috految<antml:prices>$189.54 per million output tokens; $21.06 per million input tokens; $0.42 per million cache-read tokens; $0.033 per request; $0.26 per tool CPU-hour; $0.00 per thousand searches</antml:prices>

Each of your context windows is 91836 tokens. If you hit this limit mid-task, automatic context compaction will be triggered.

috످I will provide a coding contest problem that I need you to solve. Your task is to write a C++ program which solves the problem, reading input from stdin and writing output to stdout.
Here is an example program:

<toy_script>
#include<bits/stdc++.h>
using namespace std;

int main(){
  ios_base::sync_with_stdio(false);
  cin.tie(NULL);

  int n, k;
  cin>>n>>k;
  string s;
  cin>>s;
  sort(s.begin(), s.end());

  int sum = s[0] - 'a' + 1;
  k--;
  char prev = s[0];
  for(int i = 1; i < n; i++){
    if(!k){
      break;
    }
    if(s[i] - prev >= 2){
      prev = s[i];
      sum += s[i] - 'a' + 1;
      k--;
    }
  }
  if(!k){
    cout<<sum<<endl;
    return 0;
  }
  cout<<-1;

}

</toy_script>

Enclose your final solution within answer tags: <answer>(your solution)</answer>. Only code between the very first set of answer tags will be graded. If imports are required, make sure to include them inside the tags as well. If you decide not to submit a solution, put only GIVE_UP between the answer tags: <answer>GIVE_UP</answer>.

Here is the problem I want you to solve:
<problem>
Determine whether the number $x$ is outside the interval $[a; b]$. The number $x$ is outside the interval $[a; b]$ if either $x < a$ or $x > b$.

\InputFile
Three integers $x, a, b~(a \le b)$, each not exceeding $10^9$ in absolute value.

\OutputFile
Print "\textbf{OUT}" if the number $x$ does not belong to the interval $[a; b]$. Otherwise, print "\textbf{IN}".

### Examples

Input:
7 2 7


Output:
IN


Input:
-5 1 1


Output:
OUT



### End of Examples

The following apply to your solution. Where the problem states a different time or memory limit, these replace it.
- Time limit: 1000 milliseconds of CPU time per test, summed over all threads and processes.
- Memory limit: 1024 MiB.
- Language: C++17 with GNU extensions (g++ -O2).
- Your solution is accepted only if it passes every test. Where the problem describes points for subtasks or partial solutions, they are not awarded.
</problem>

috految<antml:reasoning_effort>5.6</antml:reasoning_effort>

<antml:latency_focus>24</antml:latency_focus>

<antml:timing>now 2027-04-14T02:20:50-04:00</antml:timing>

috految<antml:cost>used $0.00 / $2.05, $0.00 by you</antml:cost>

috److Read `x`, `a` and `b`. Print `OUT` if `x < a` or `x > b`, and `IN` otherwise.

<answer>
#include<iostream>
int main(){
  long long x, a, b;
  std::cin>>x>>a>>b;
  std::cout<<(x<a || x>b ? "OUT\n" : "IN\n");
}
</answer>

috످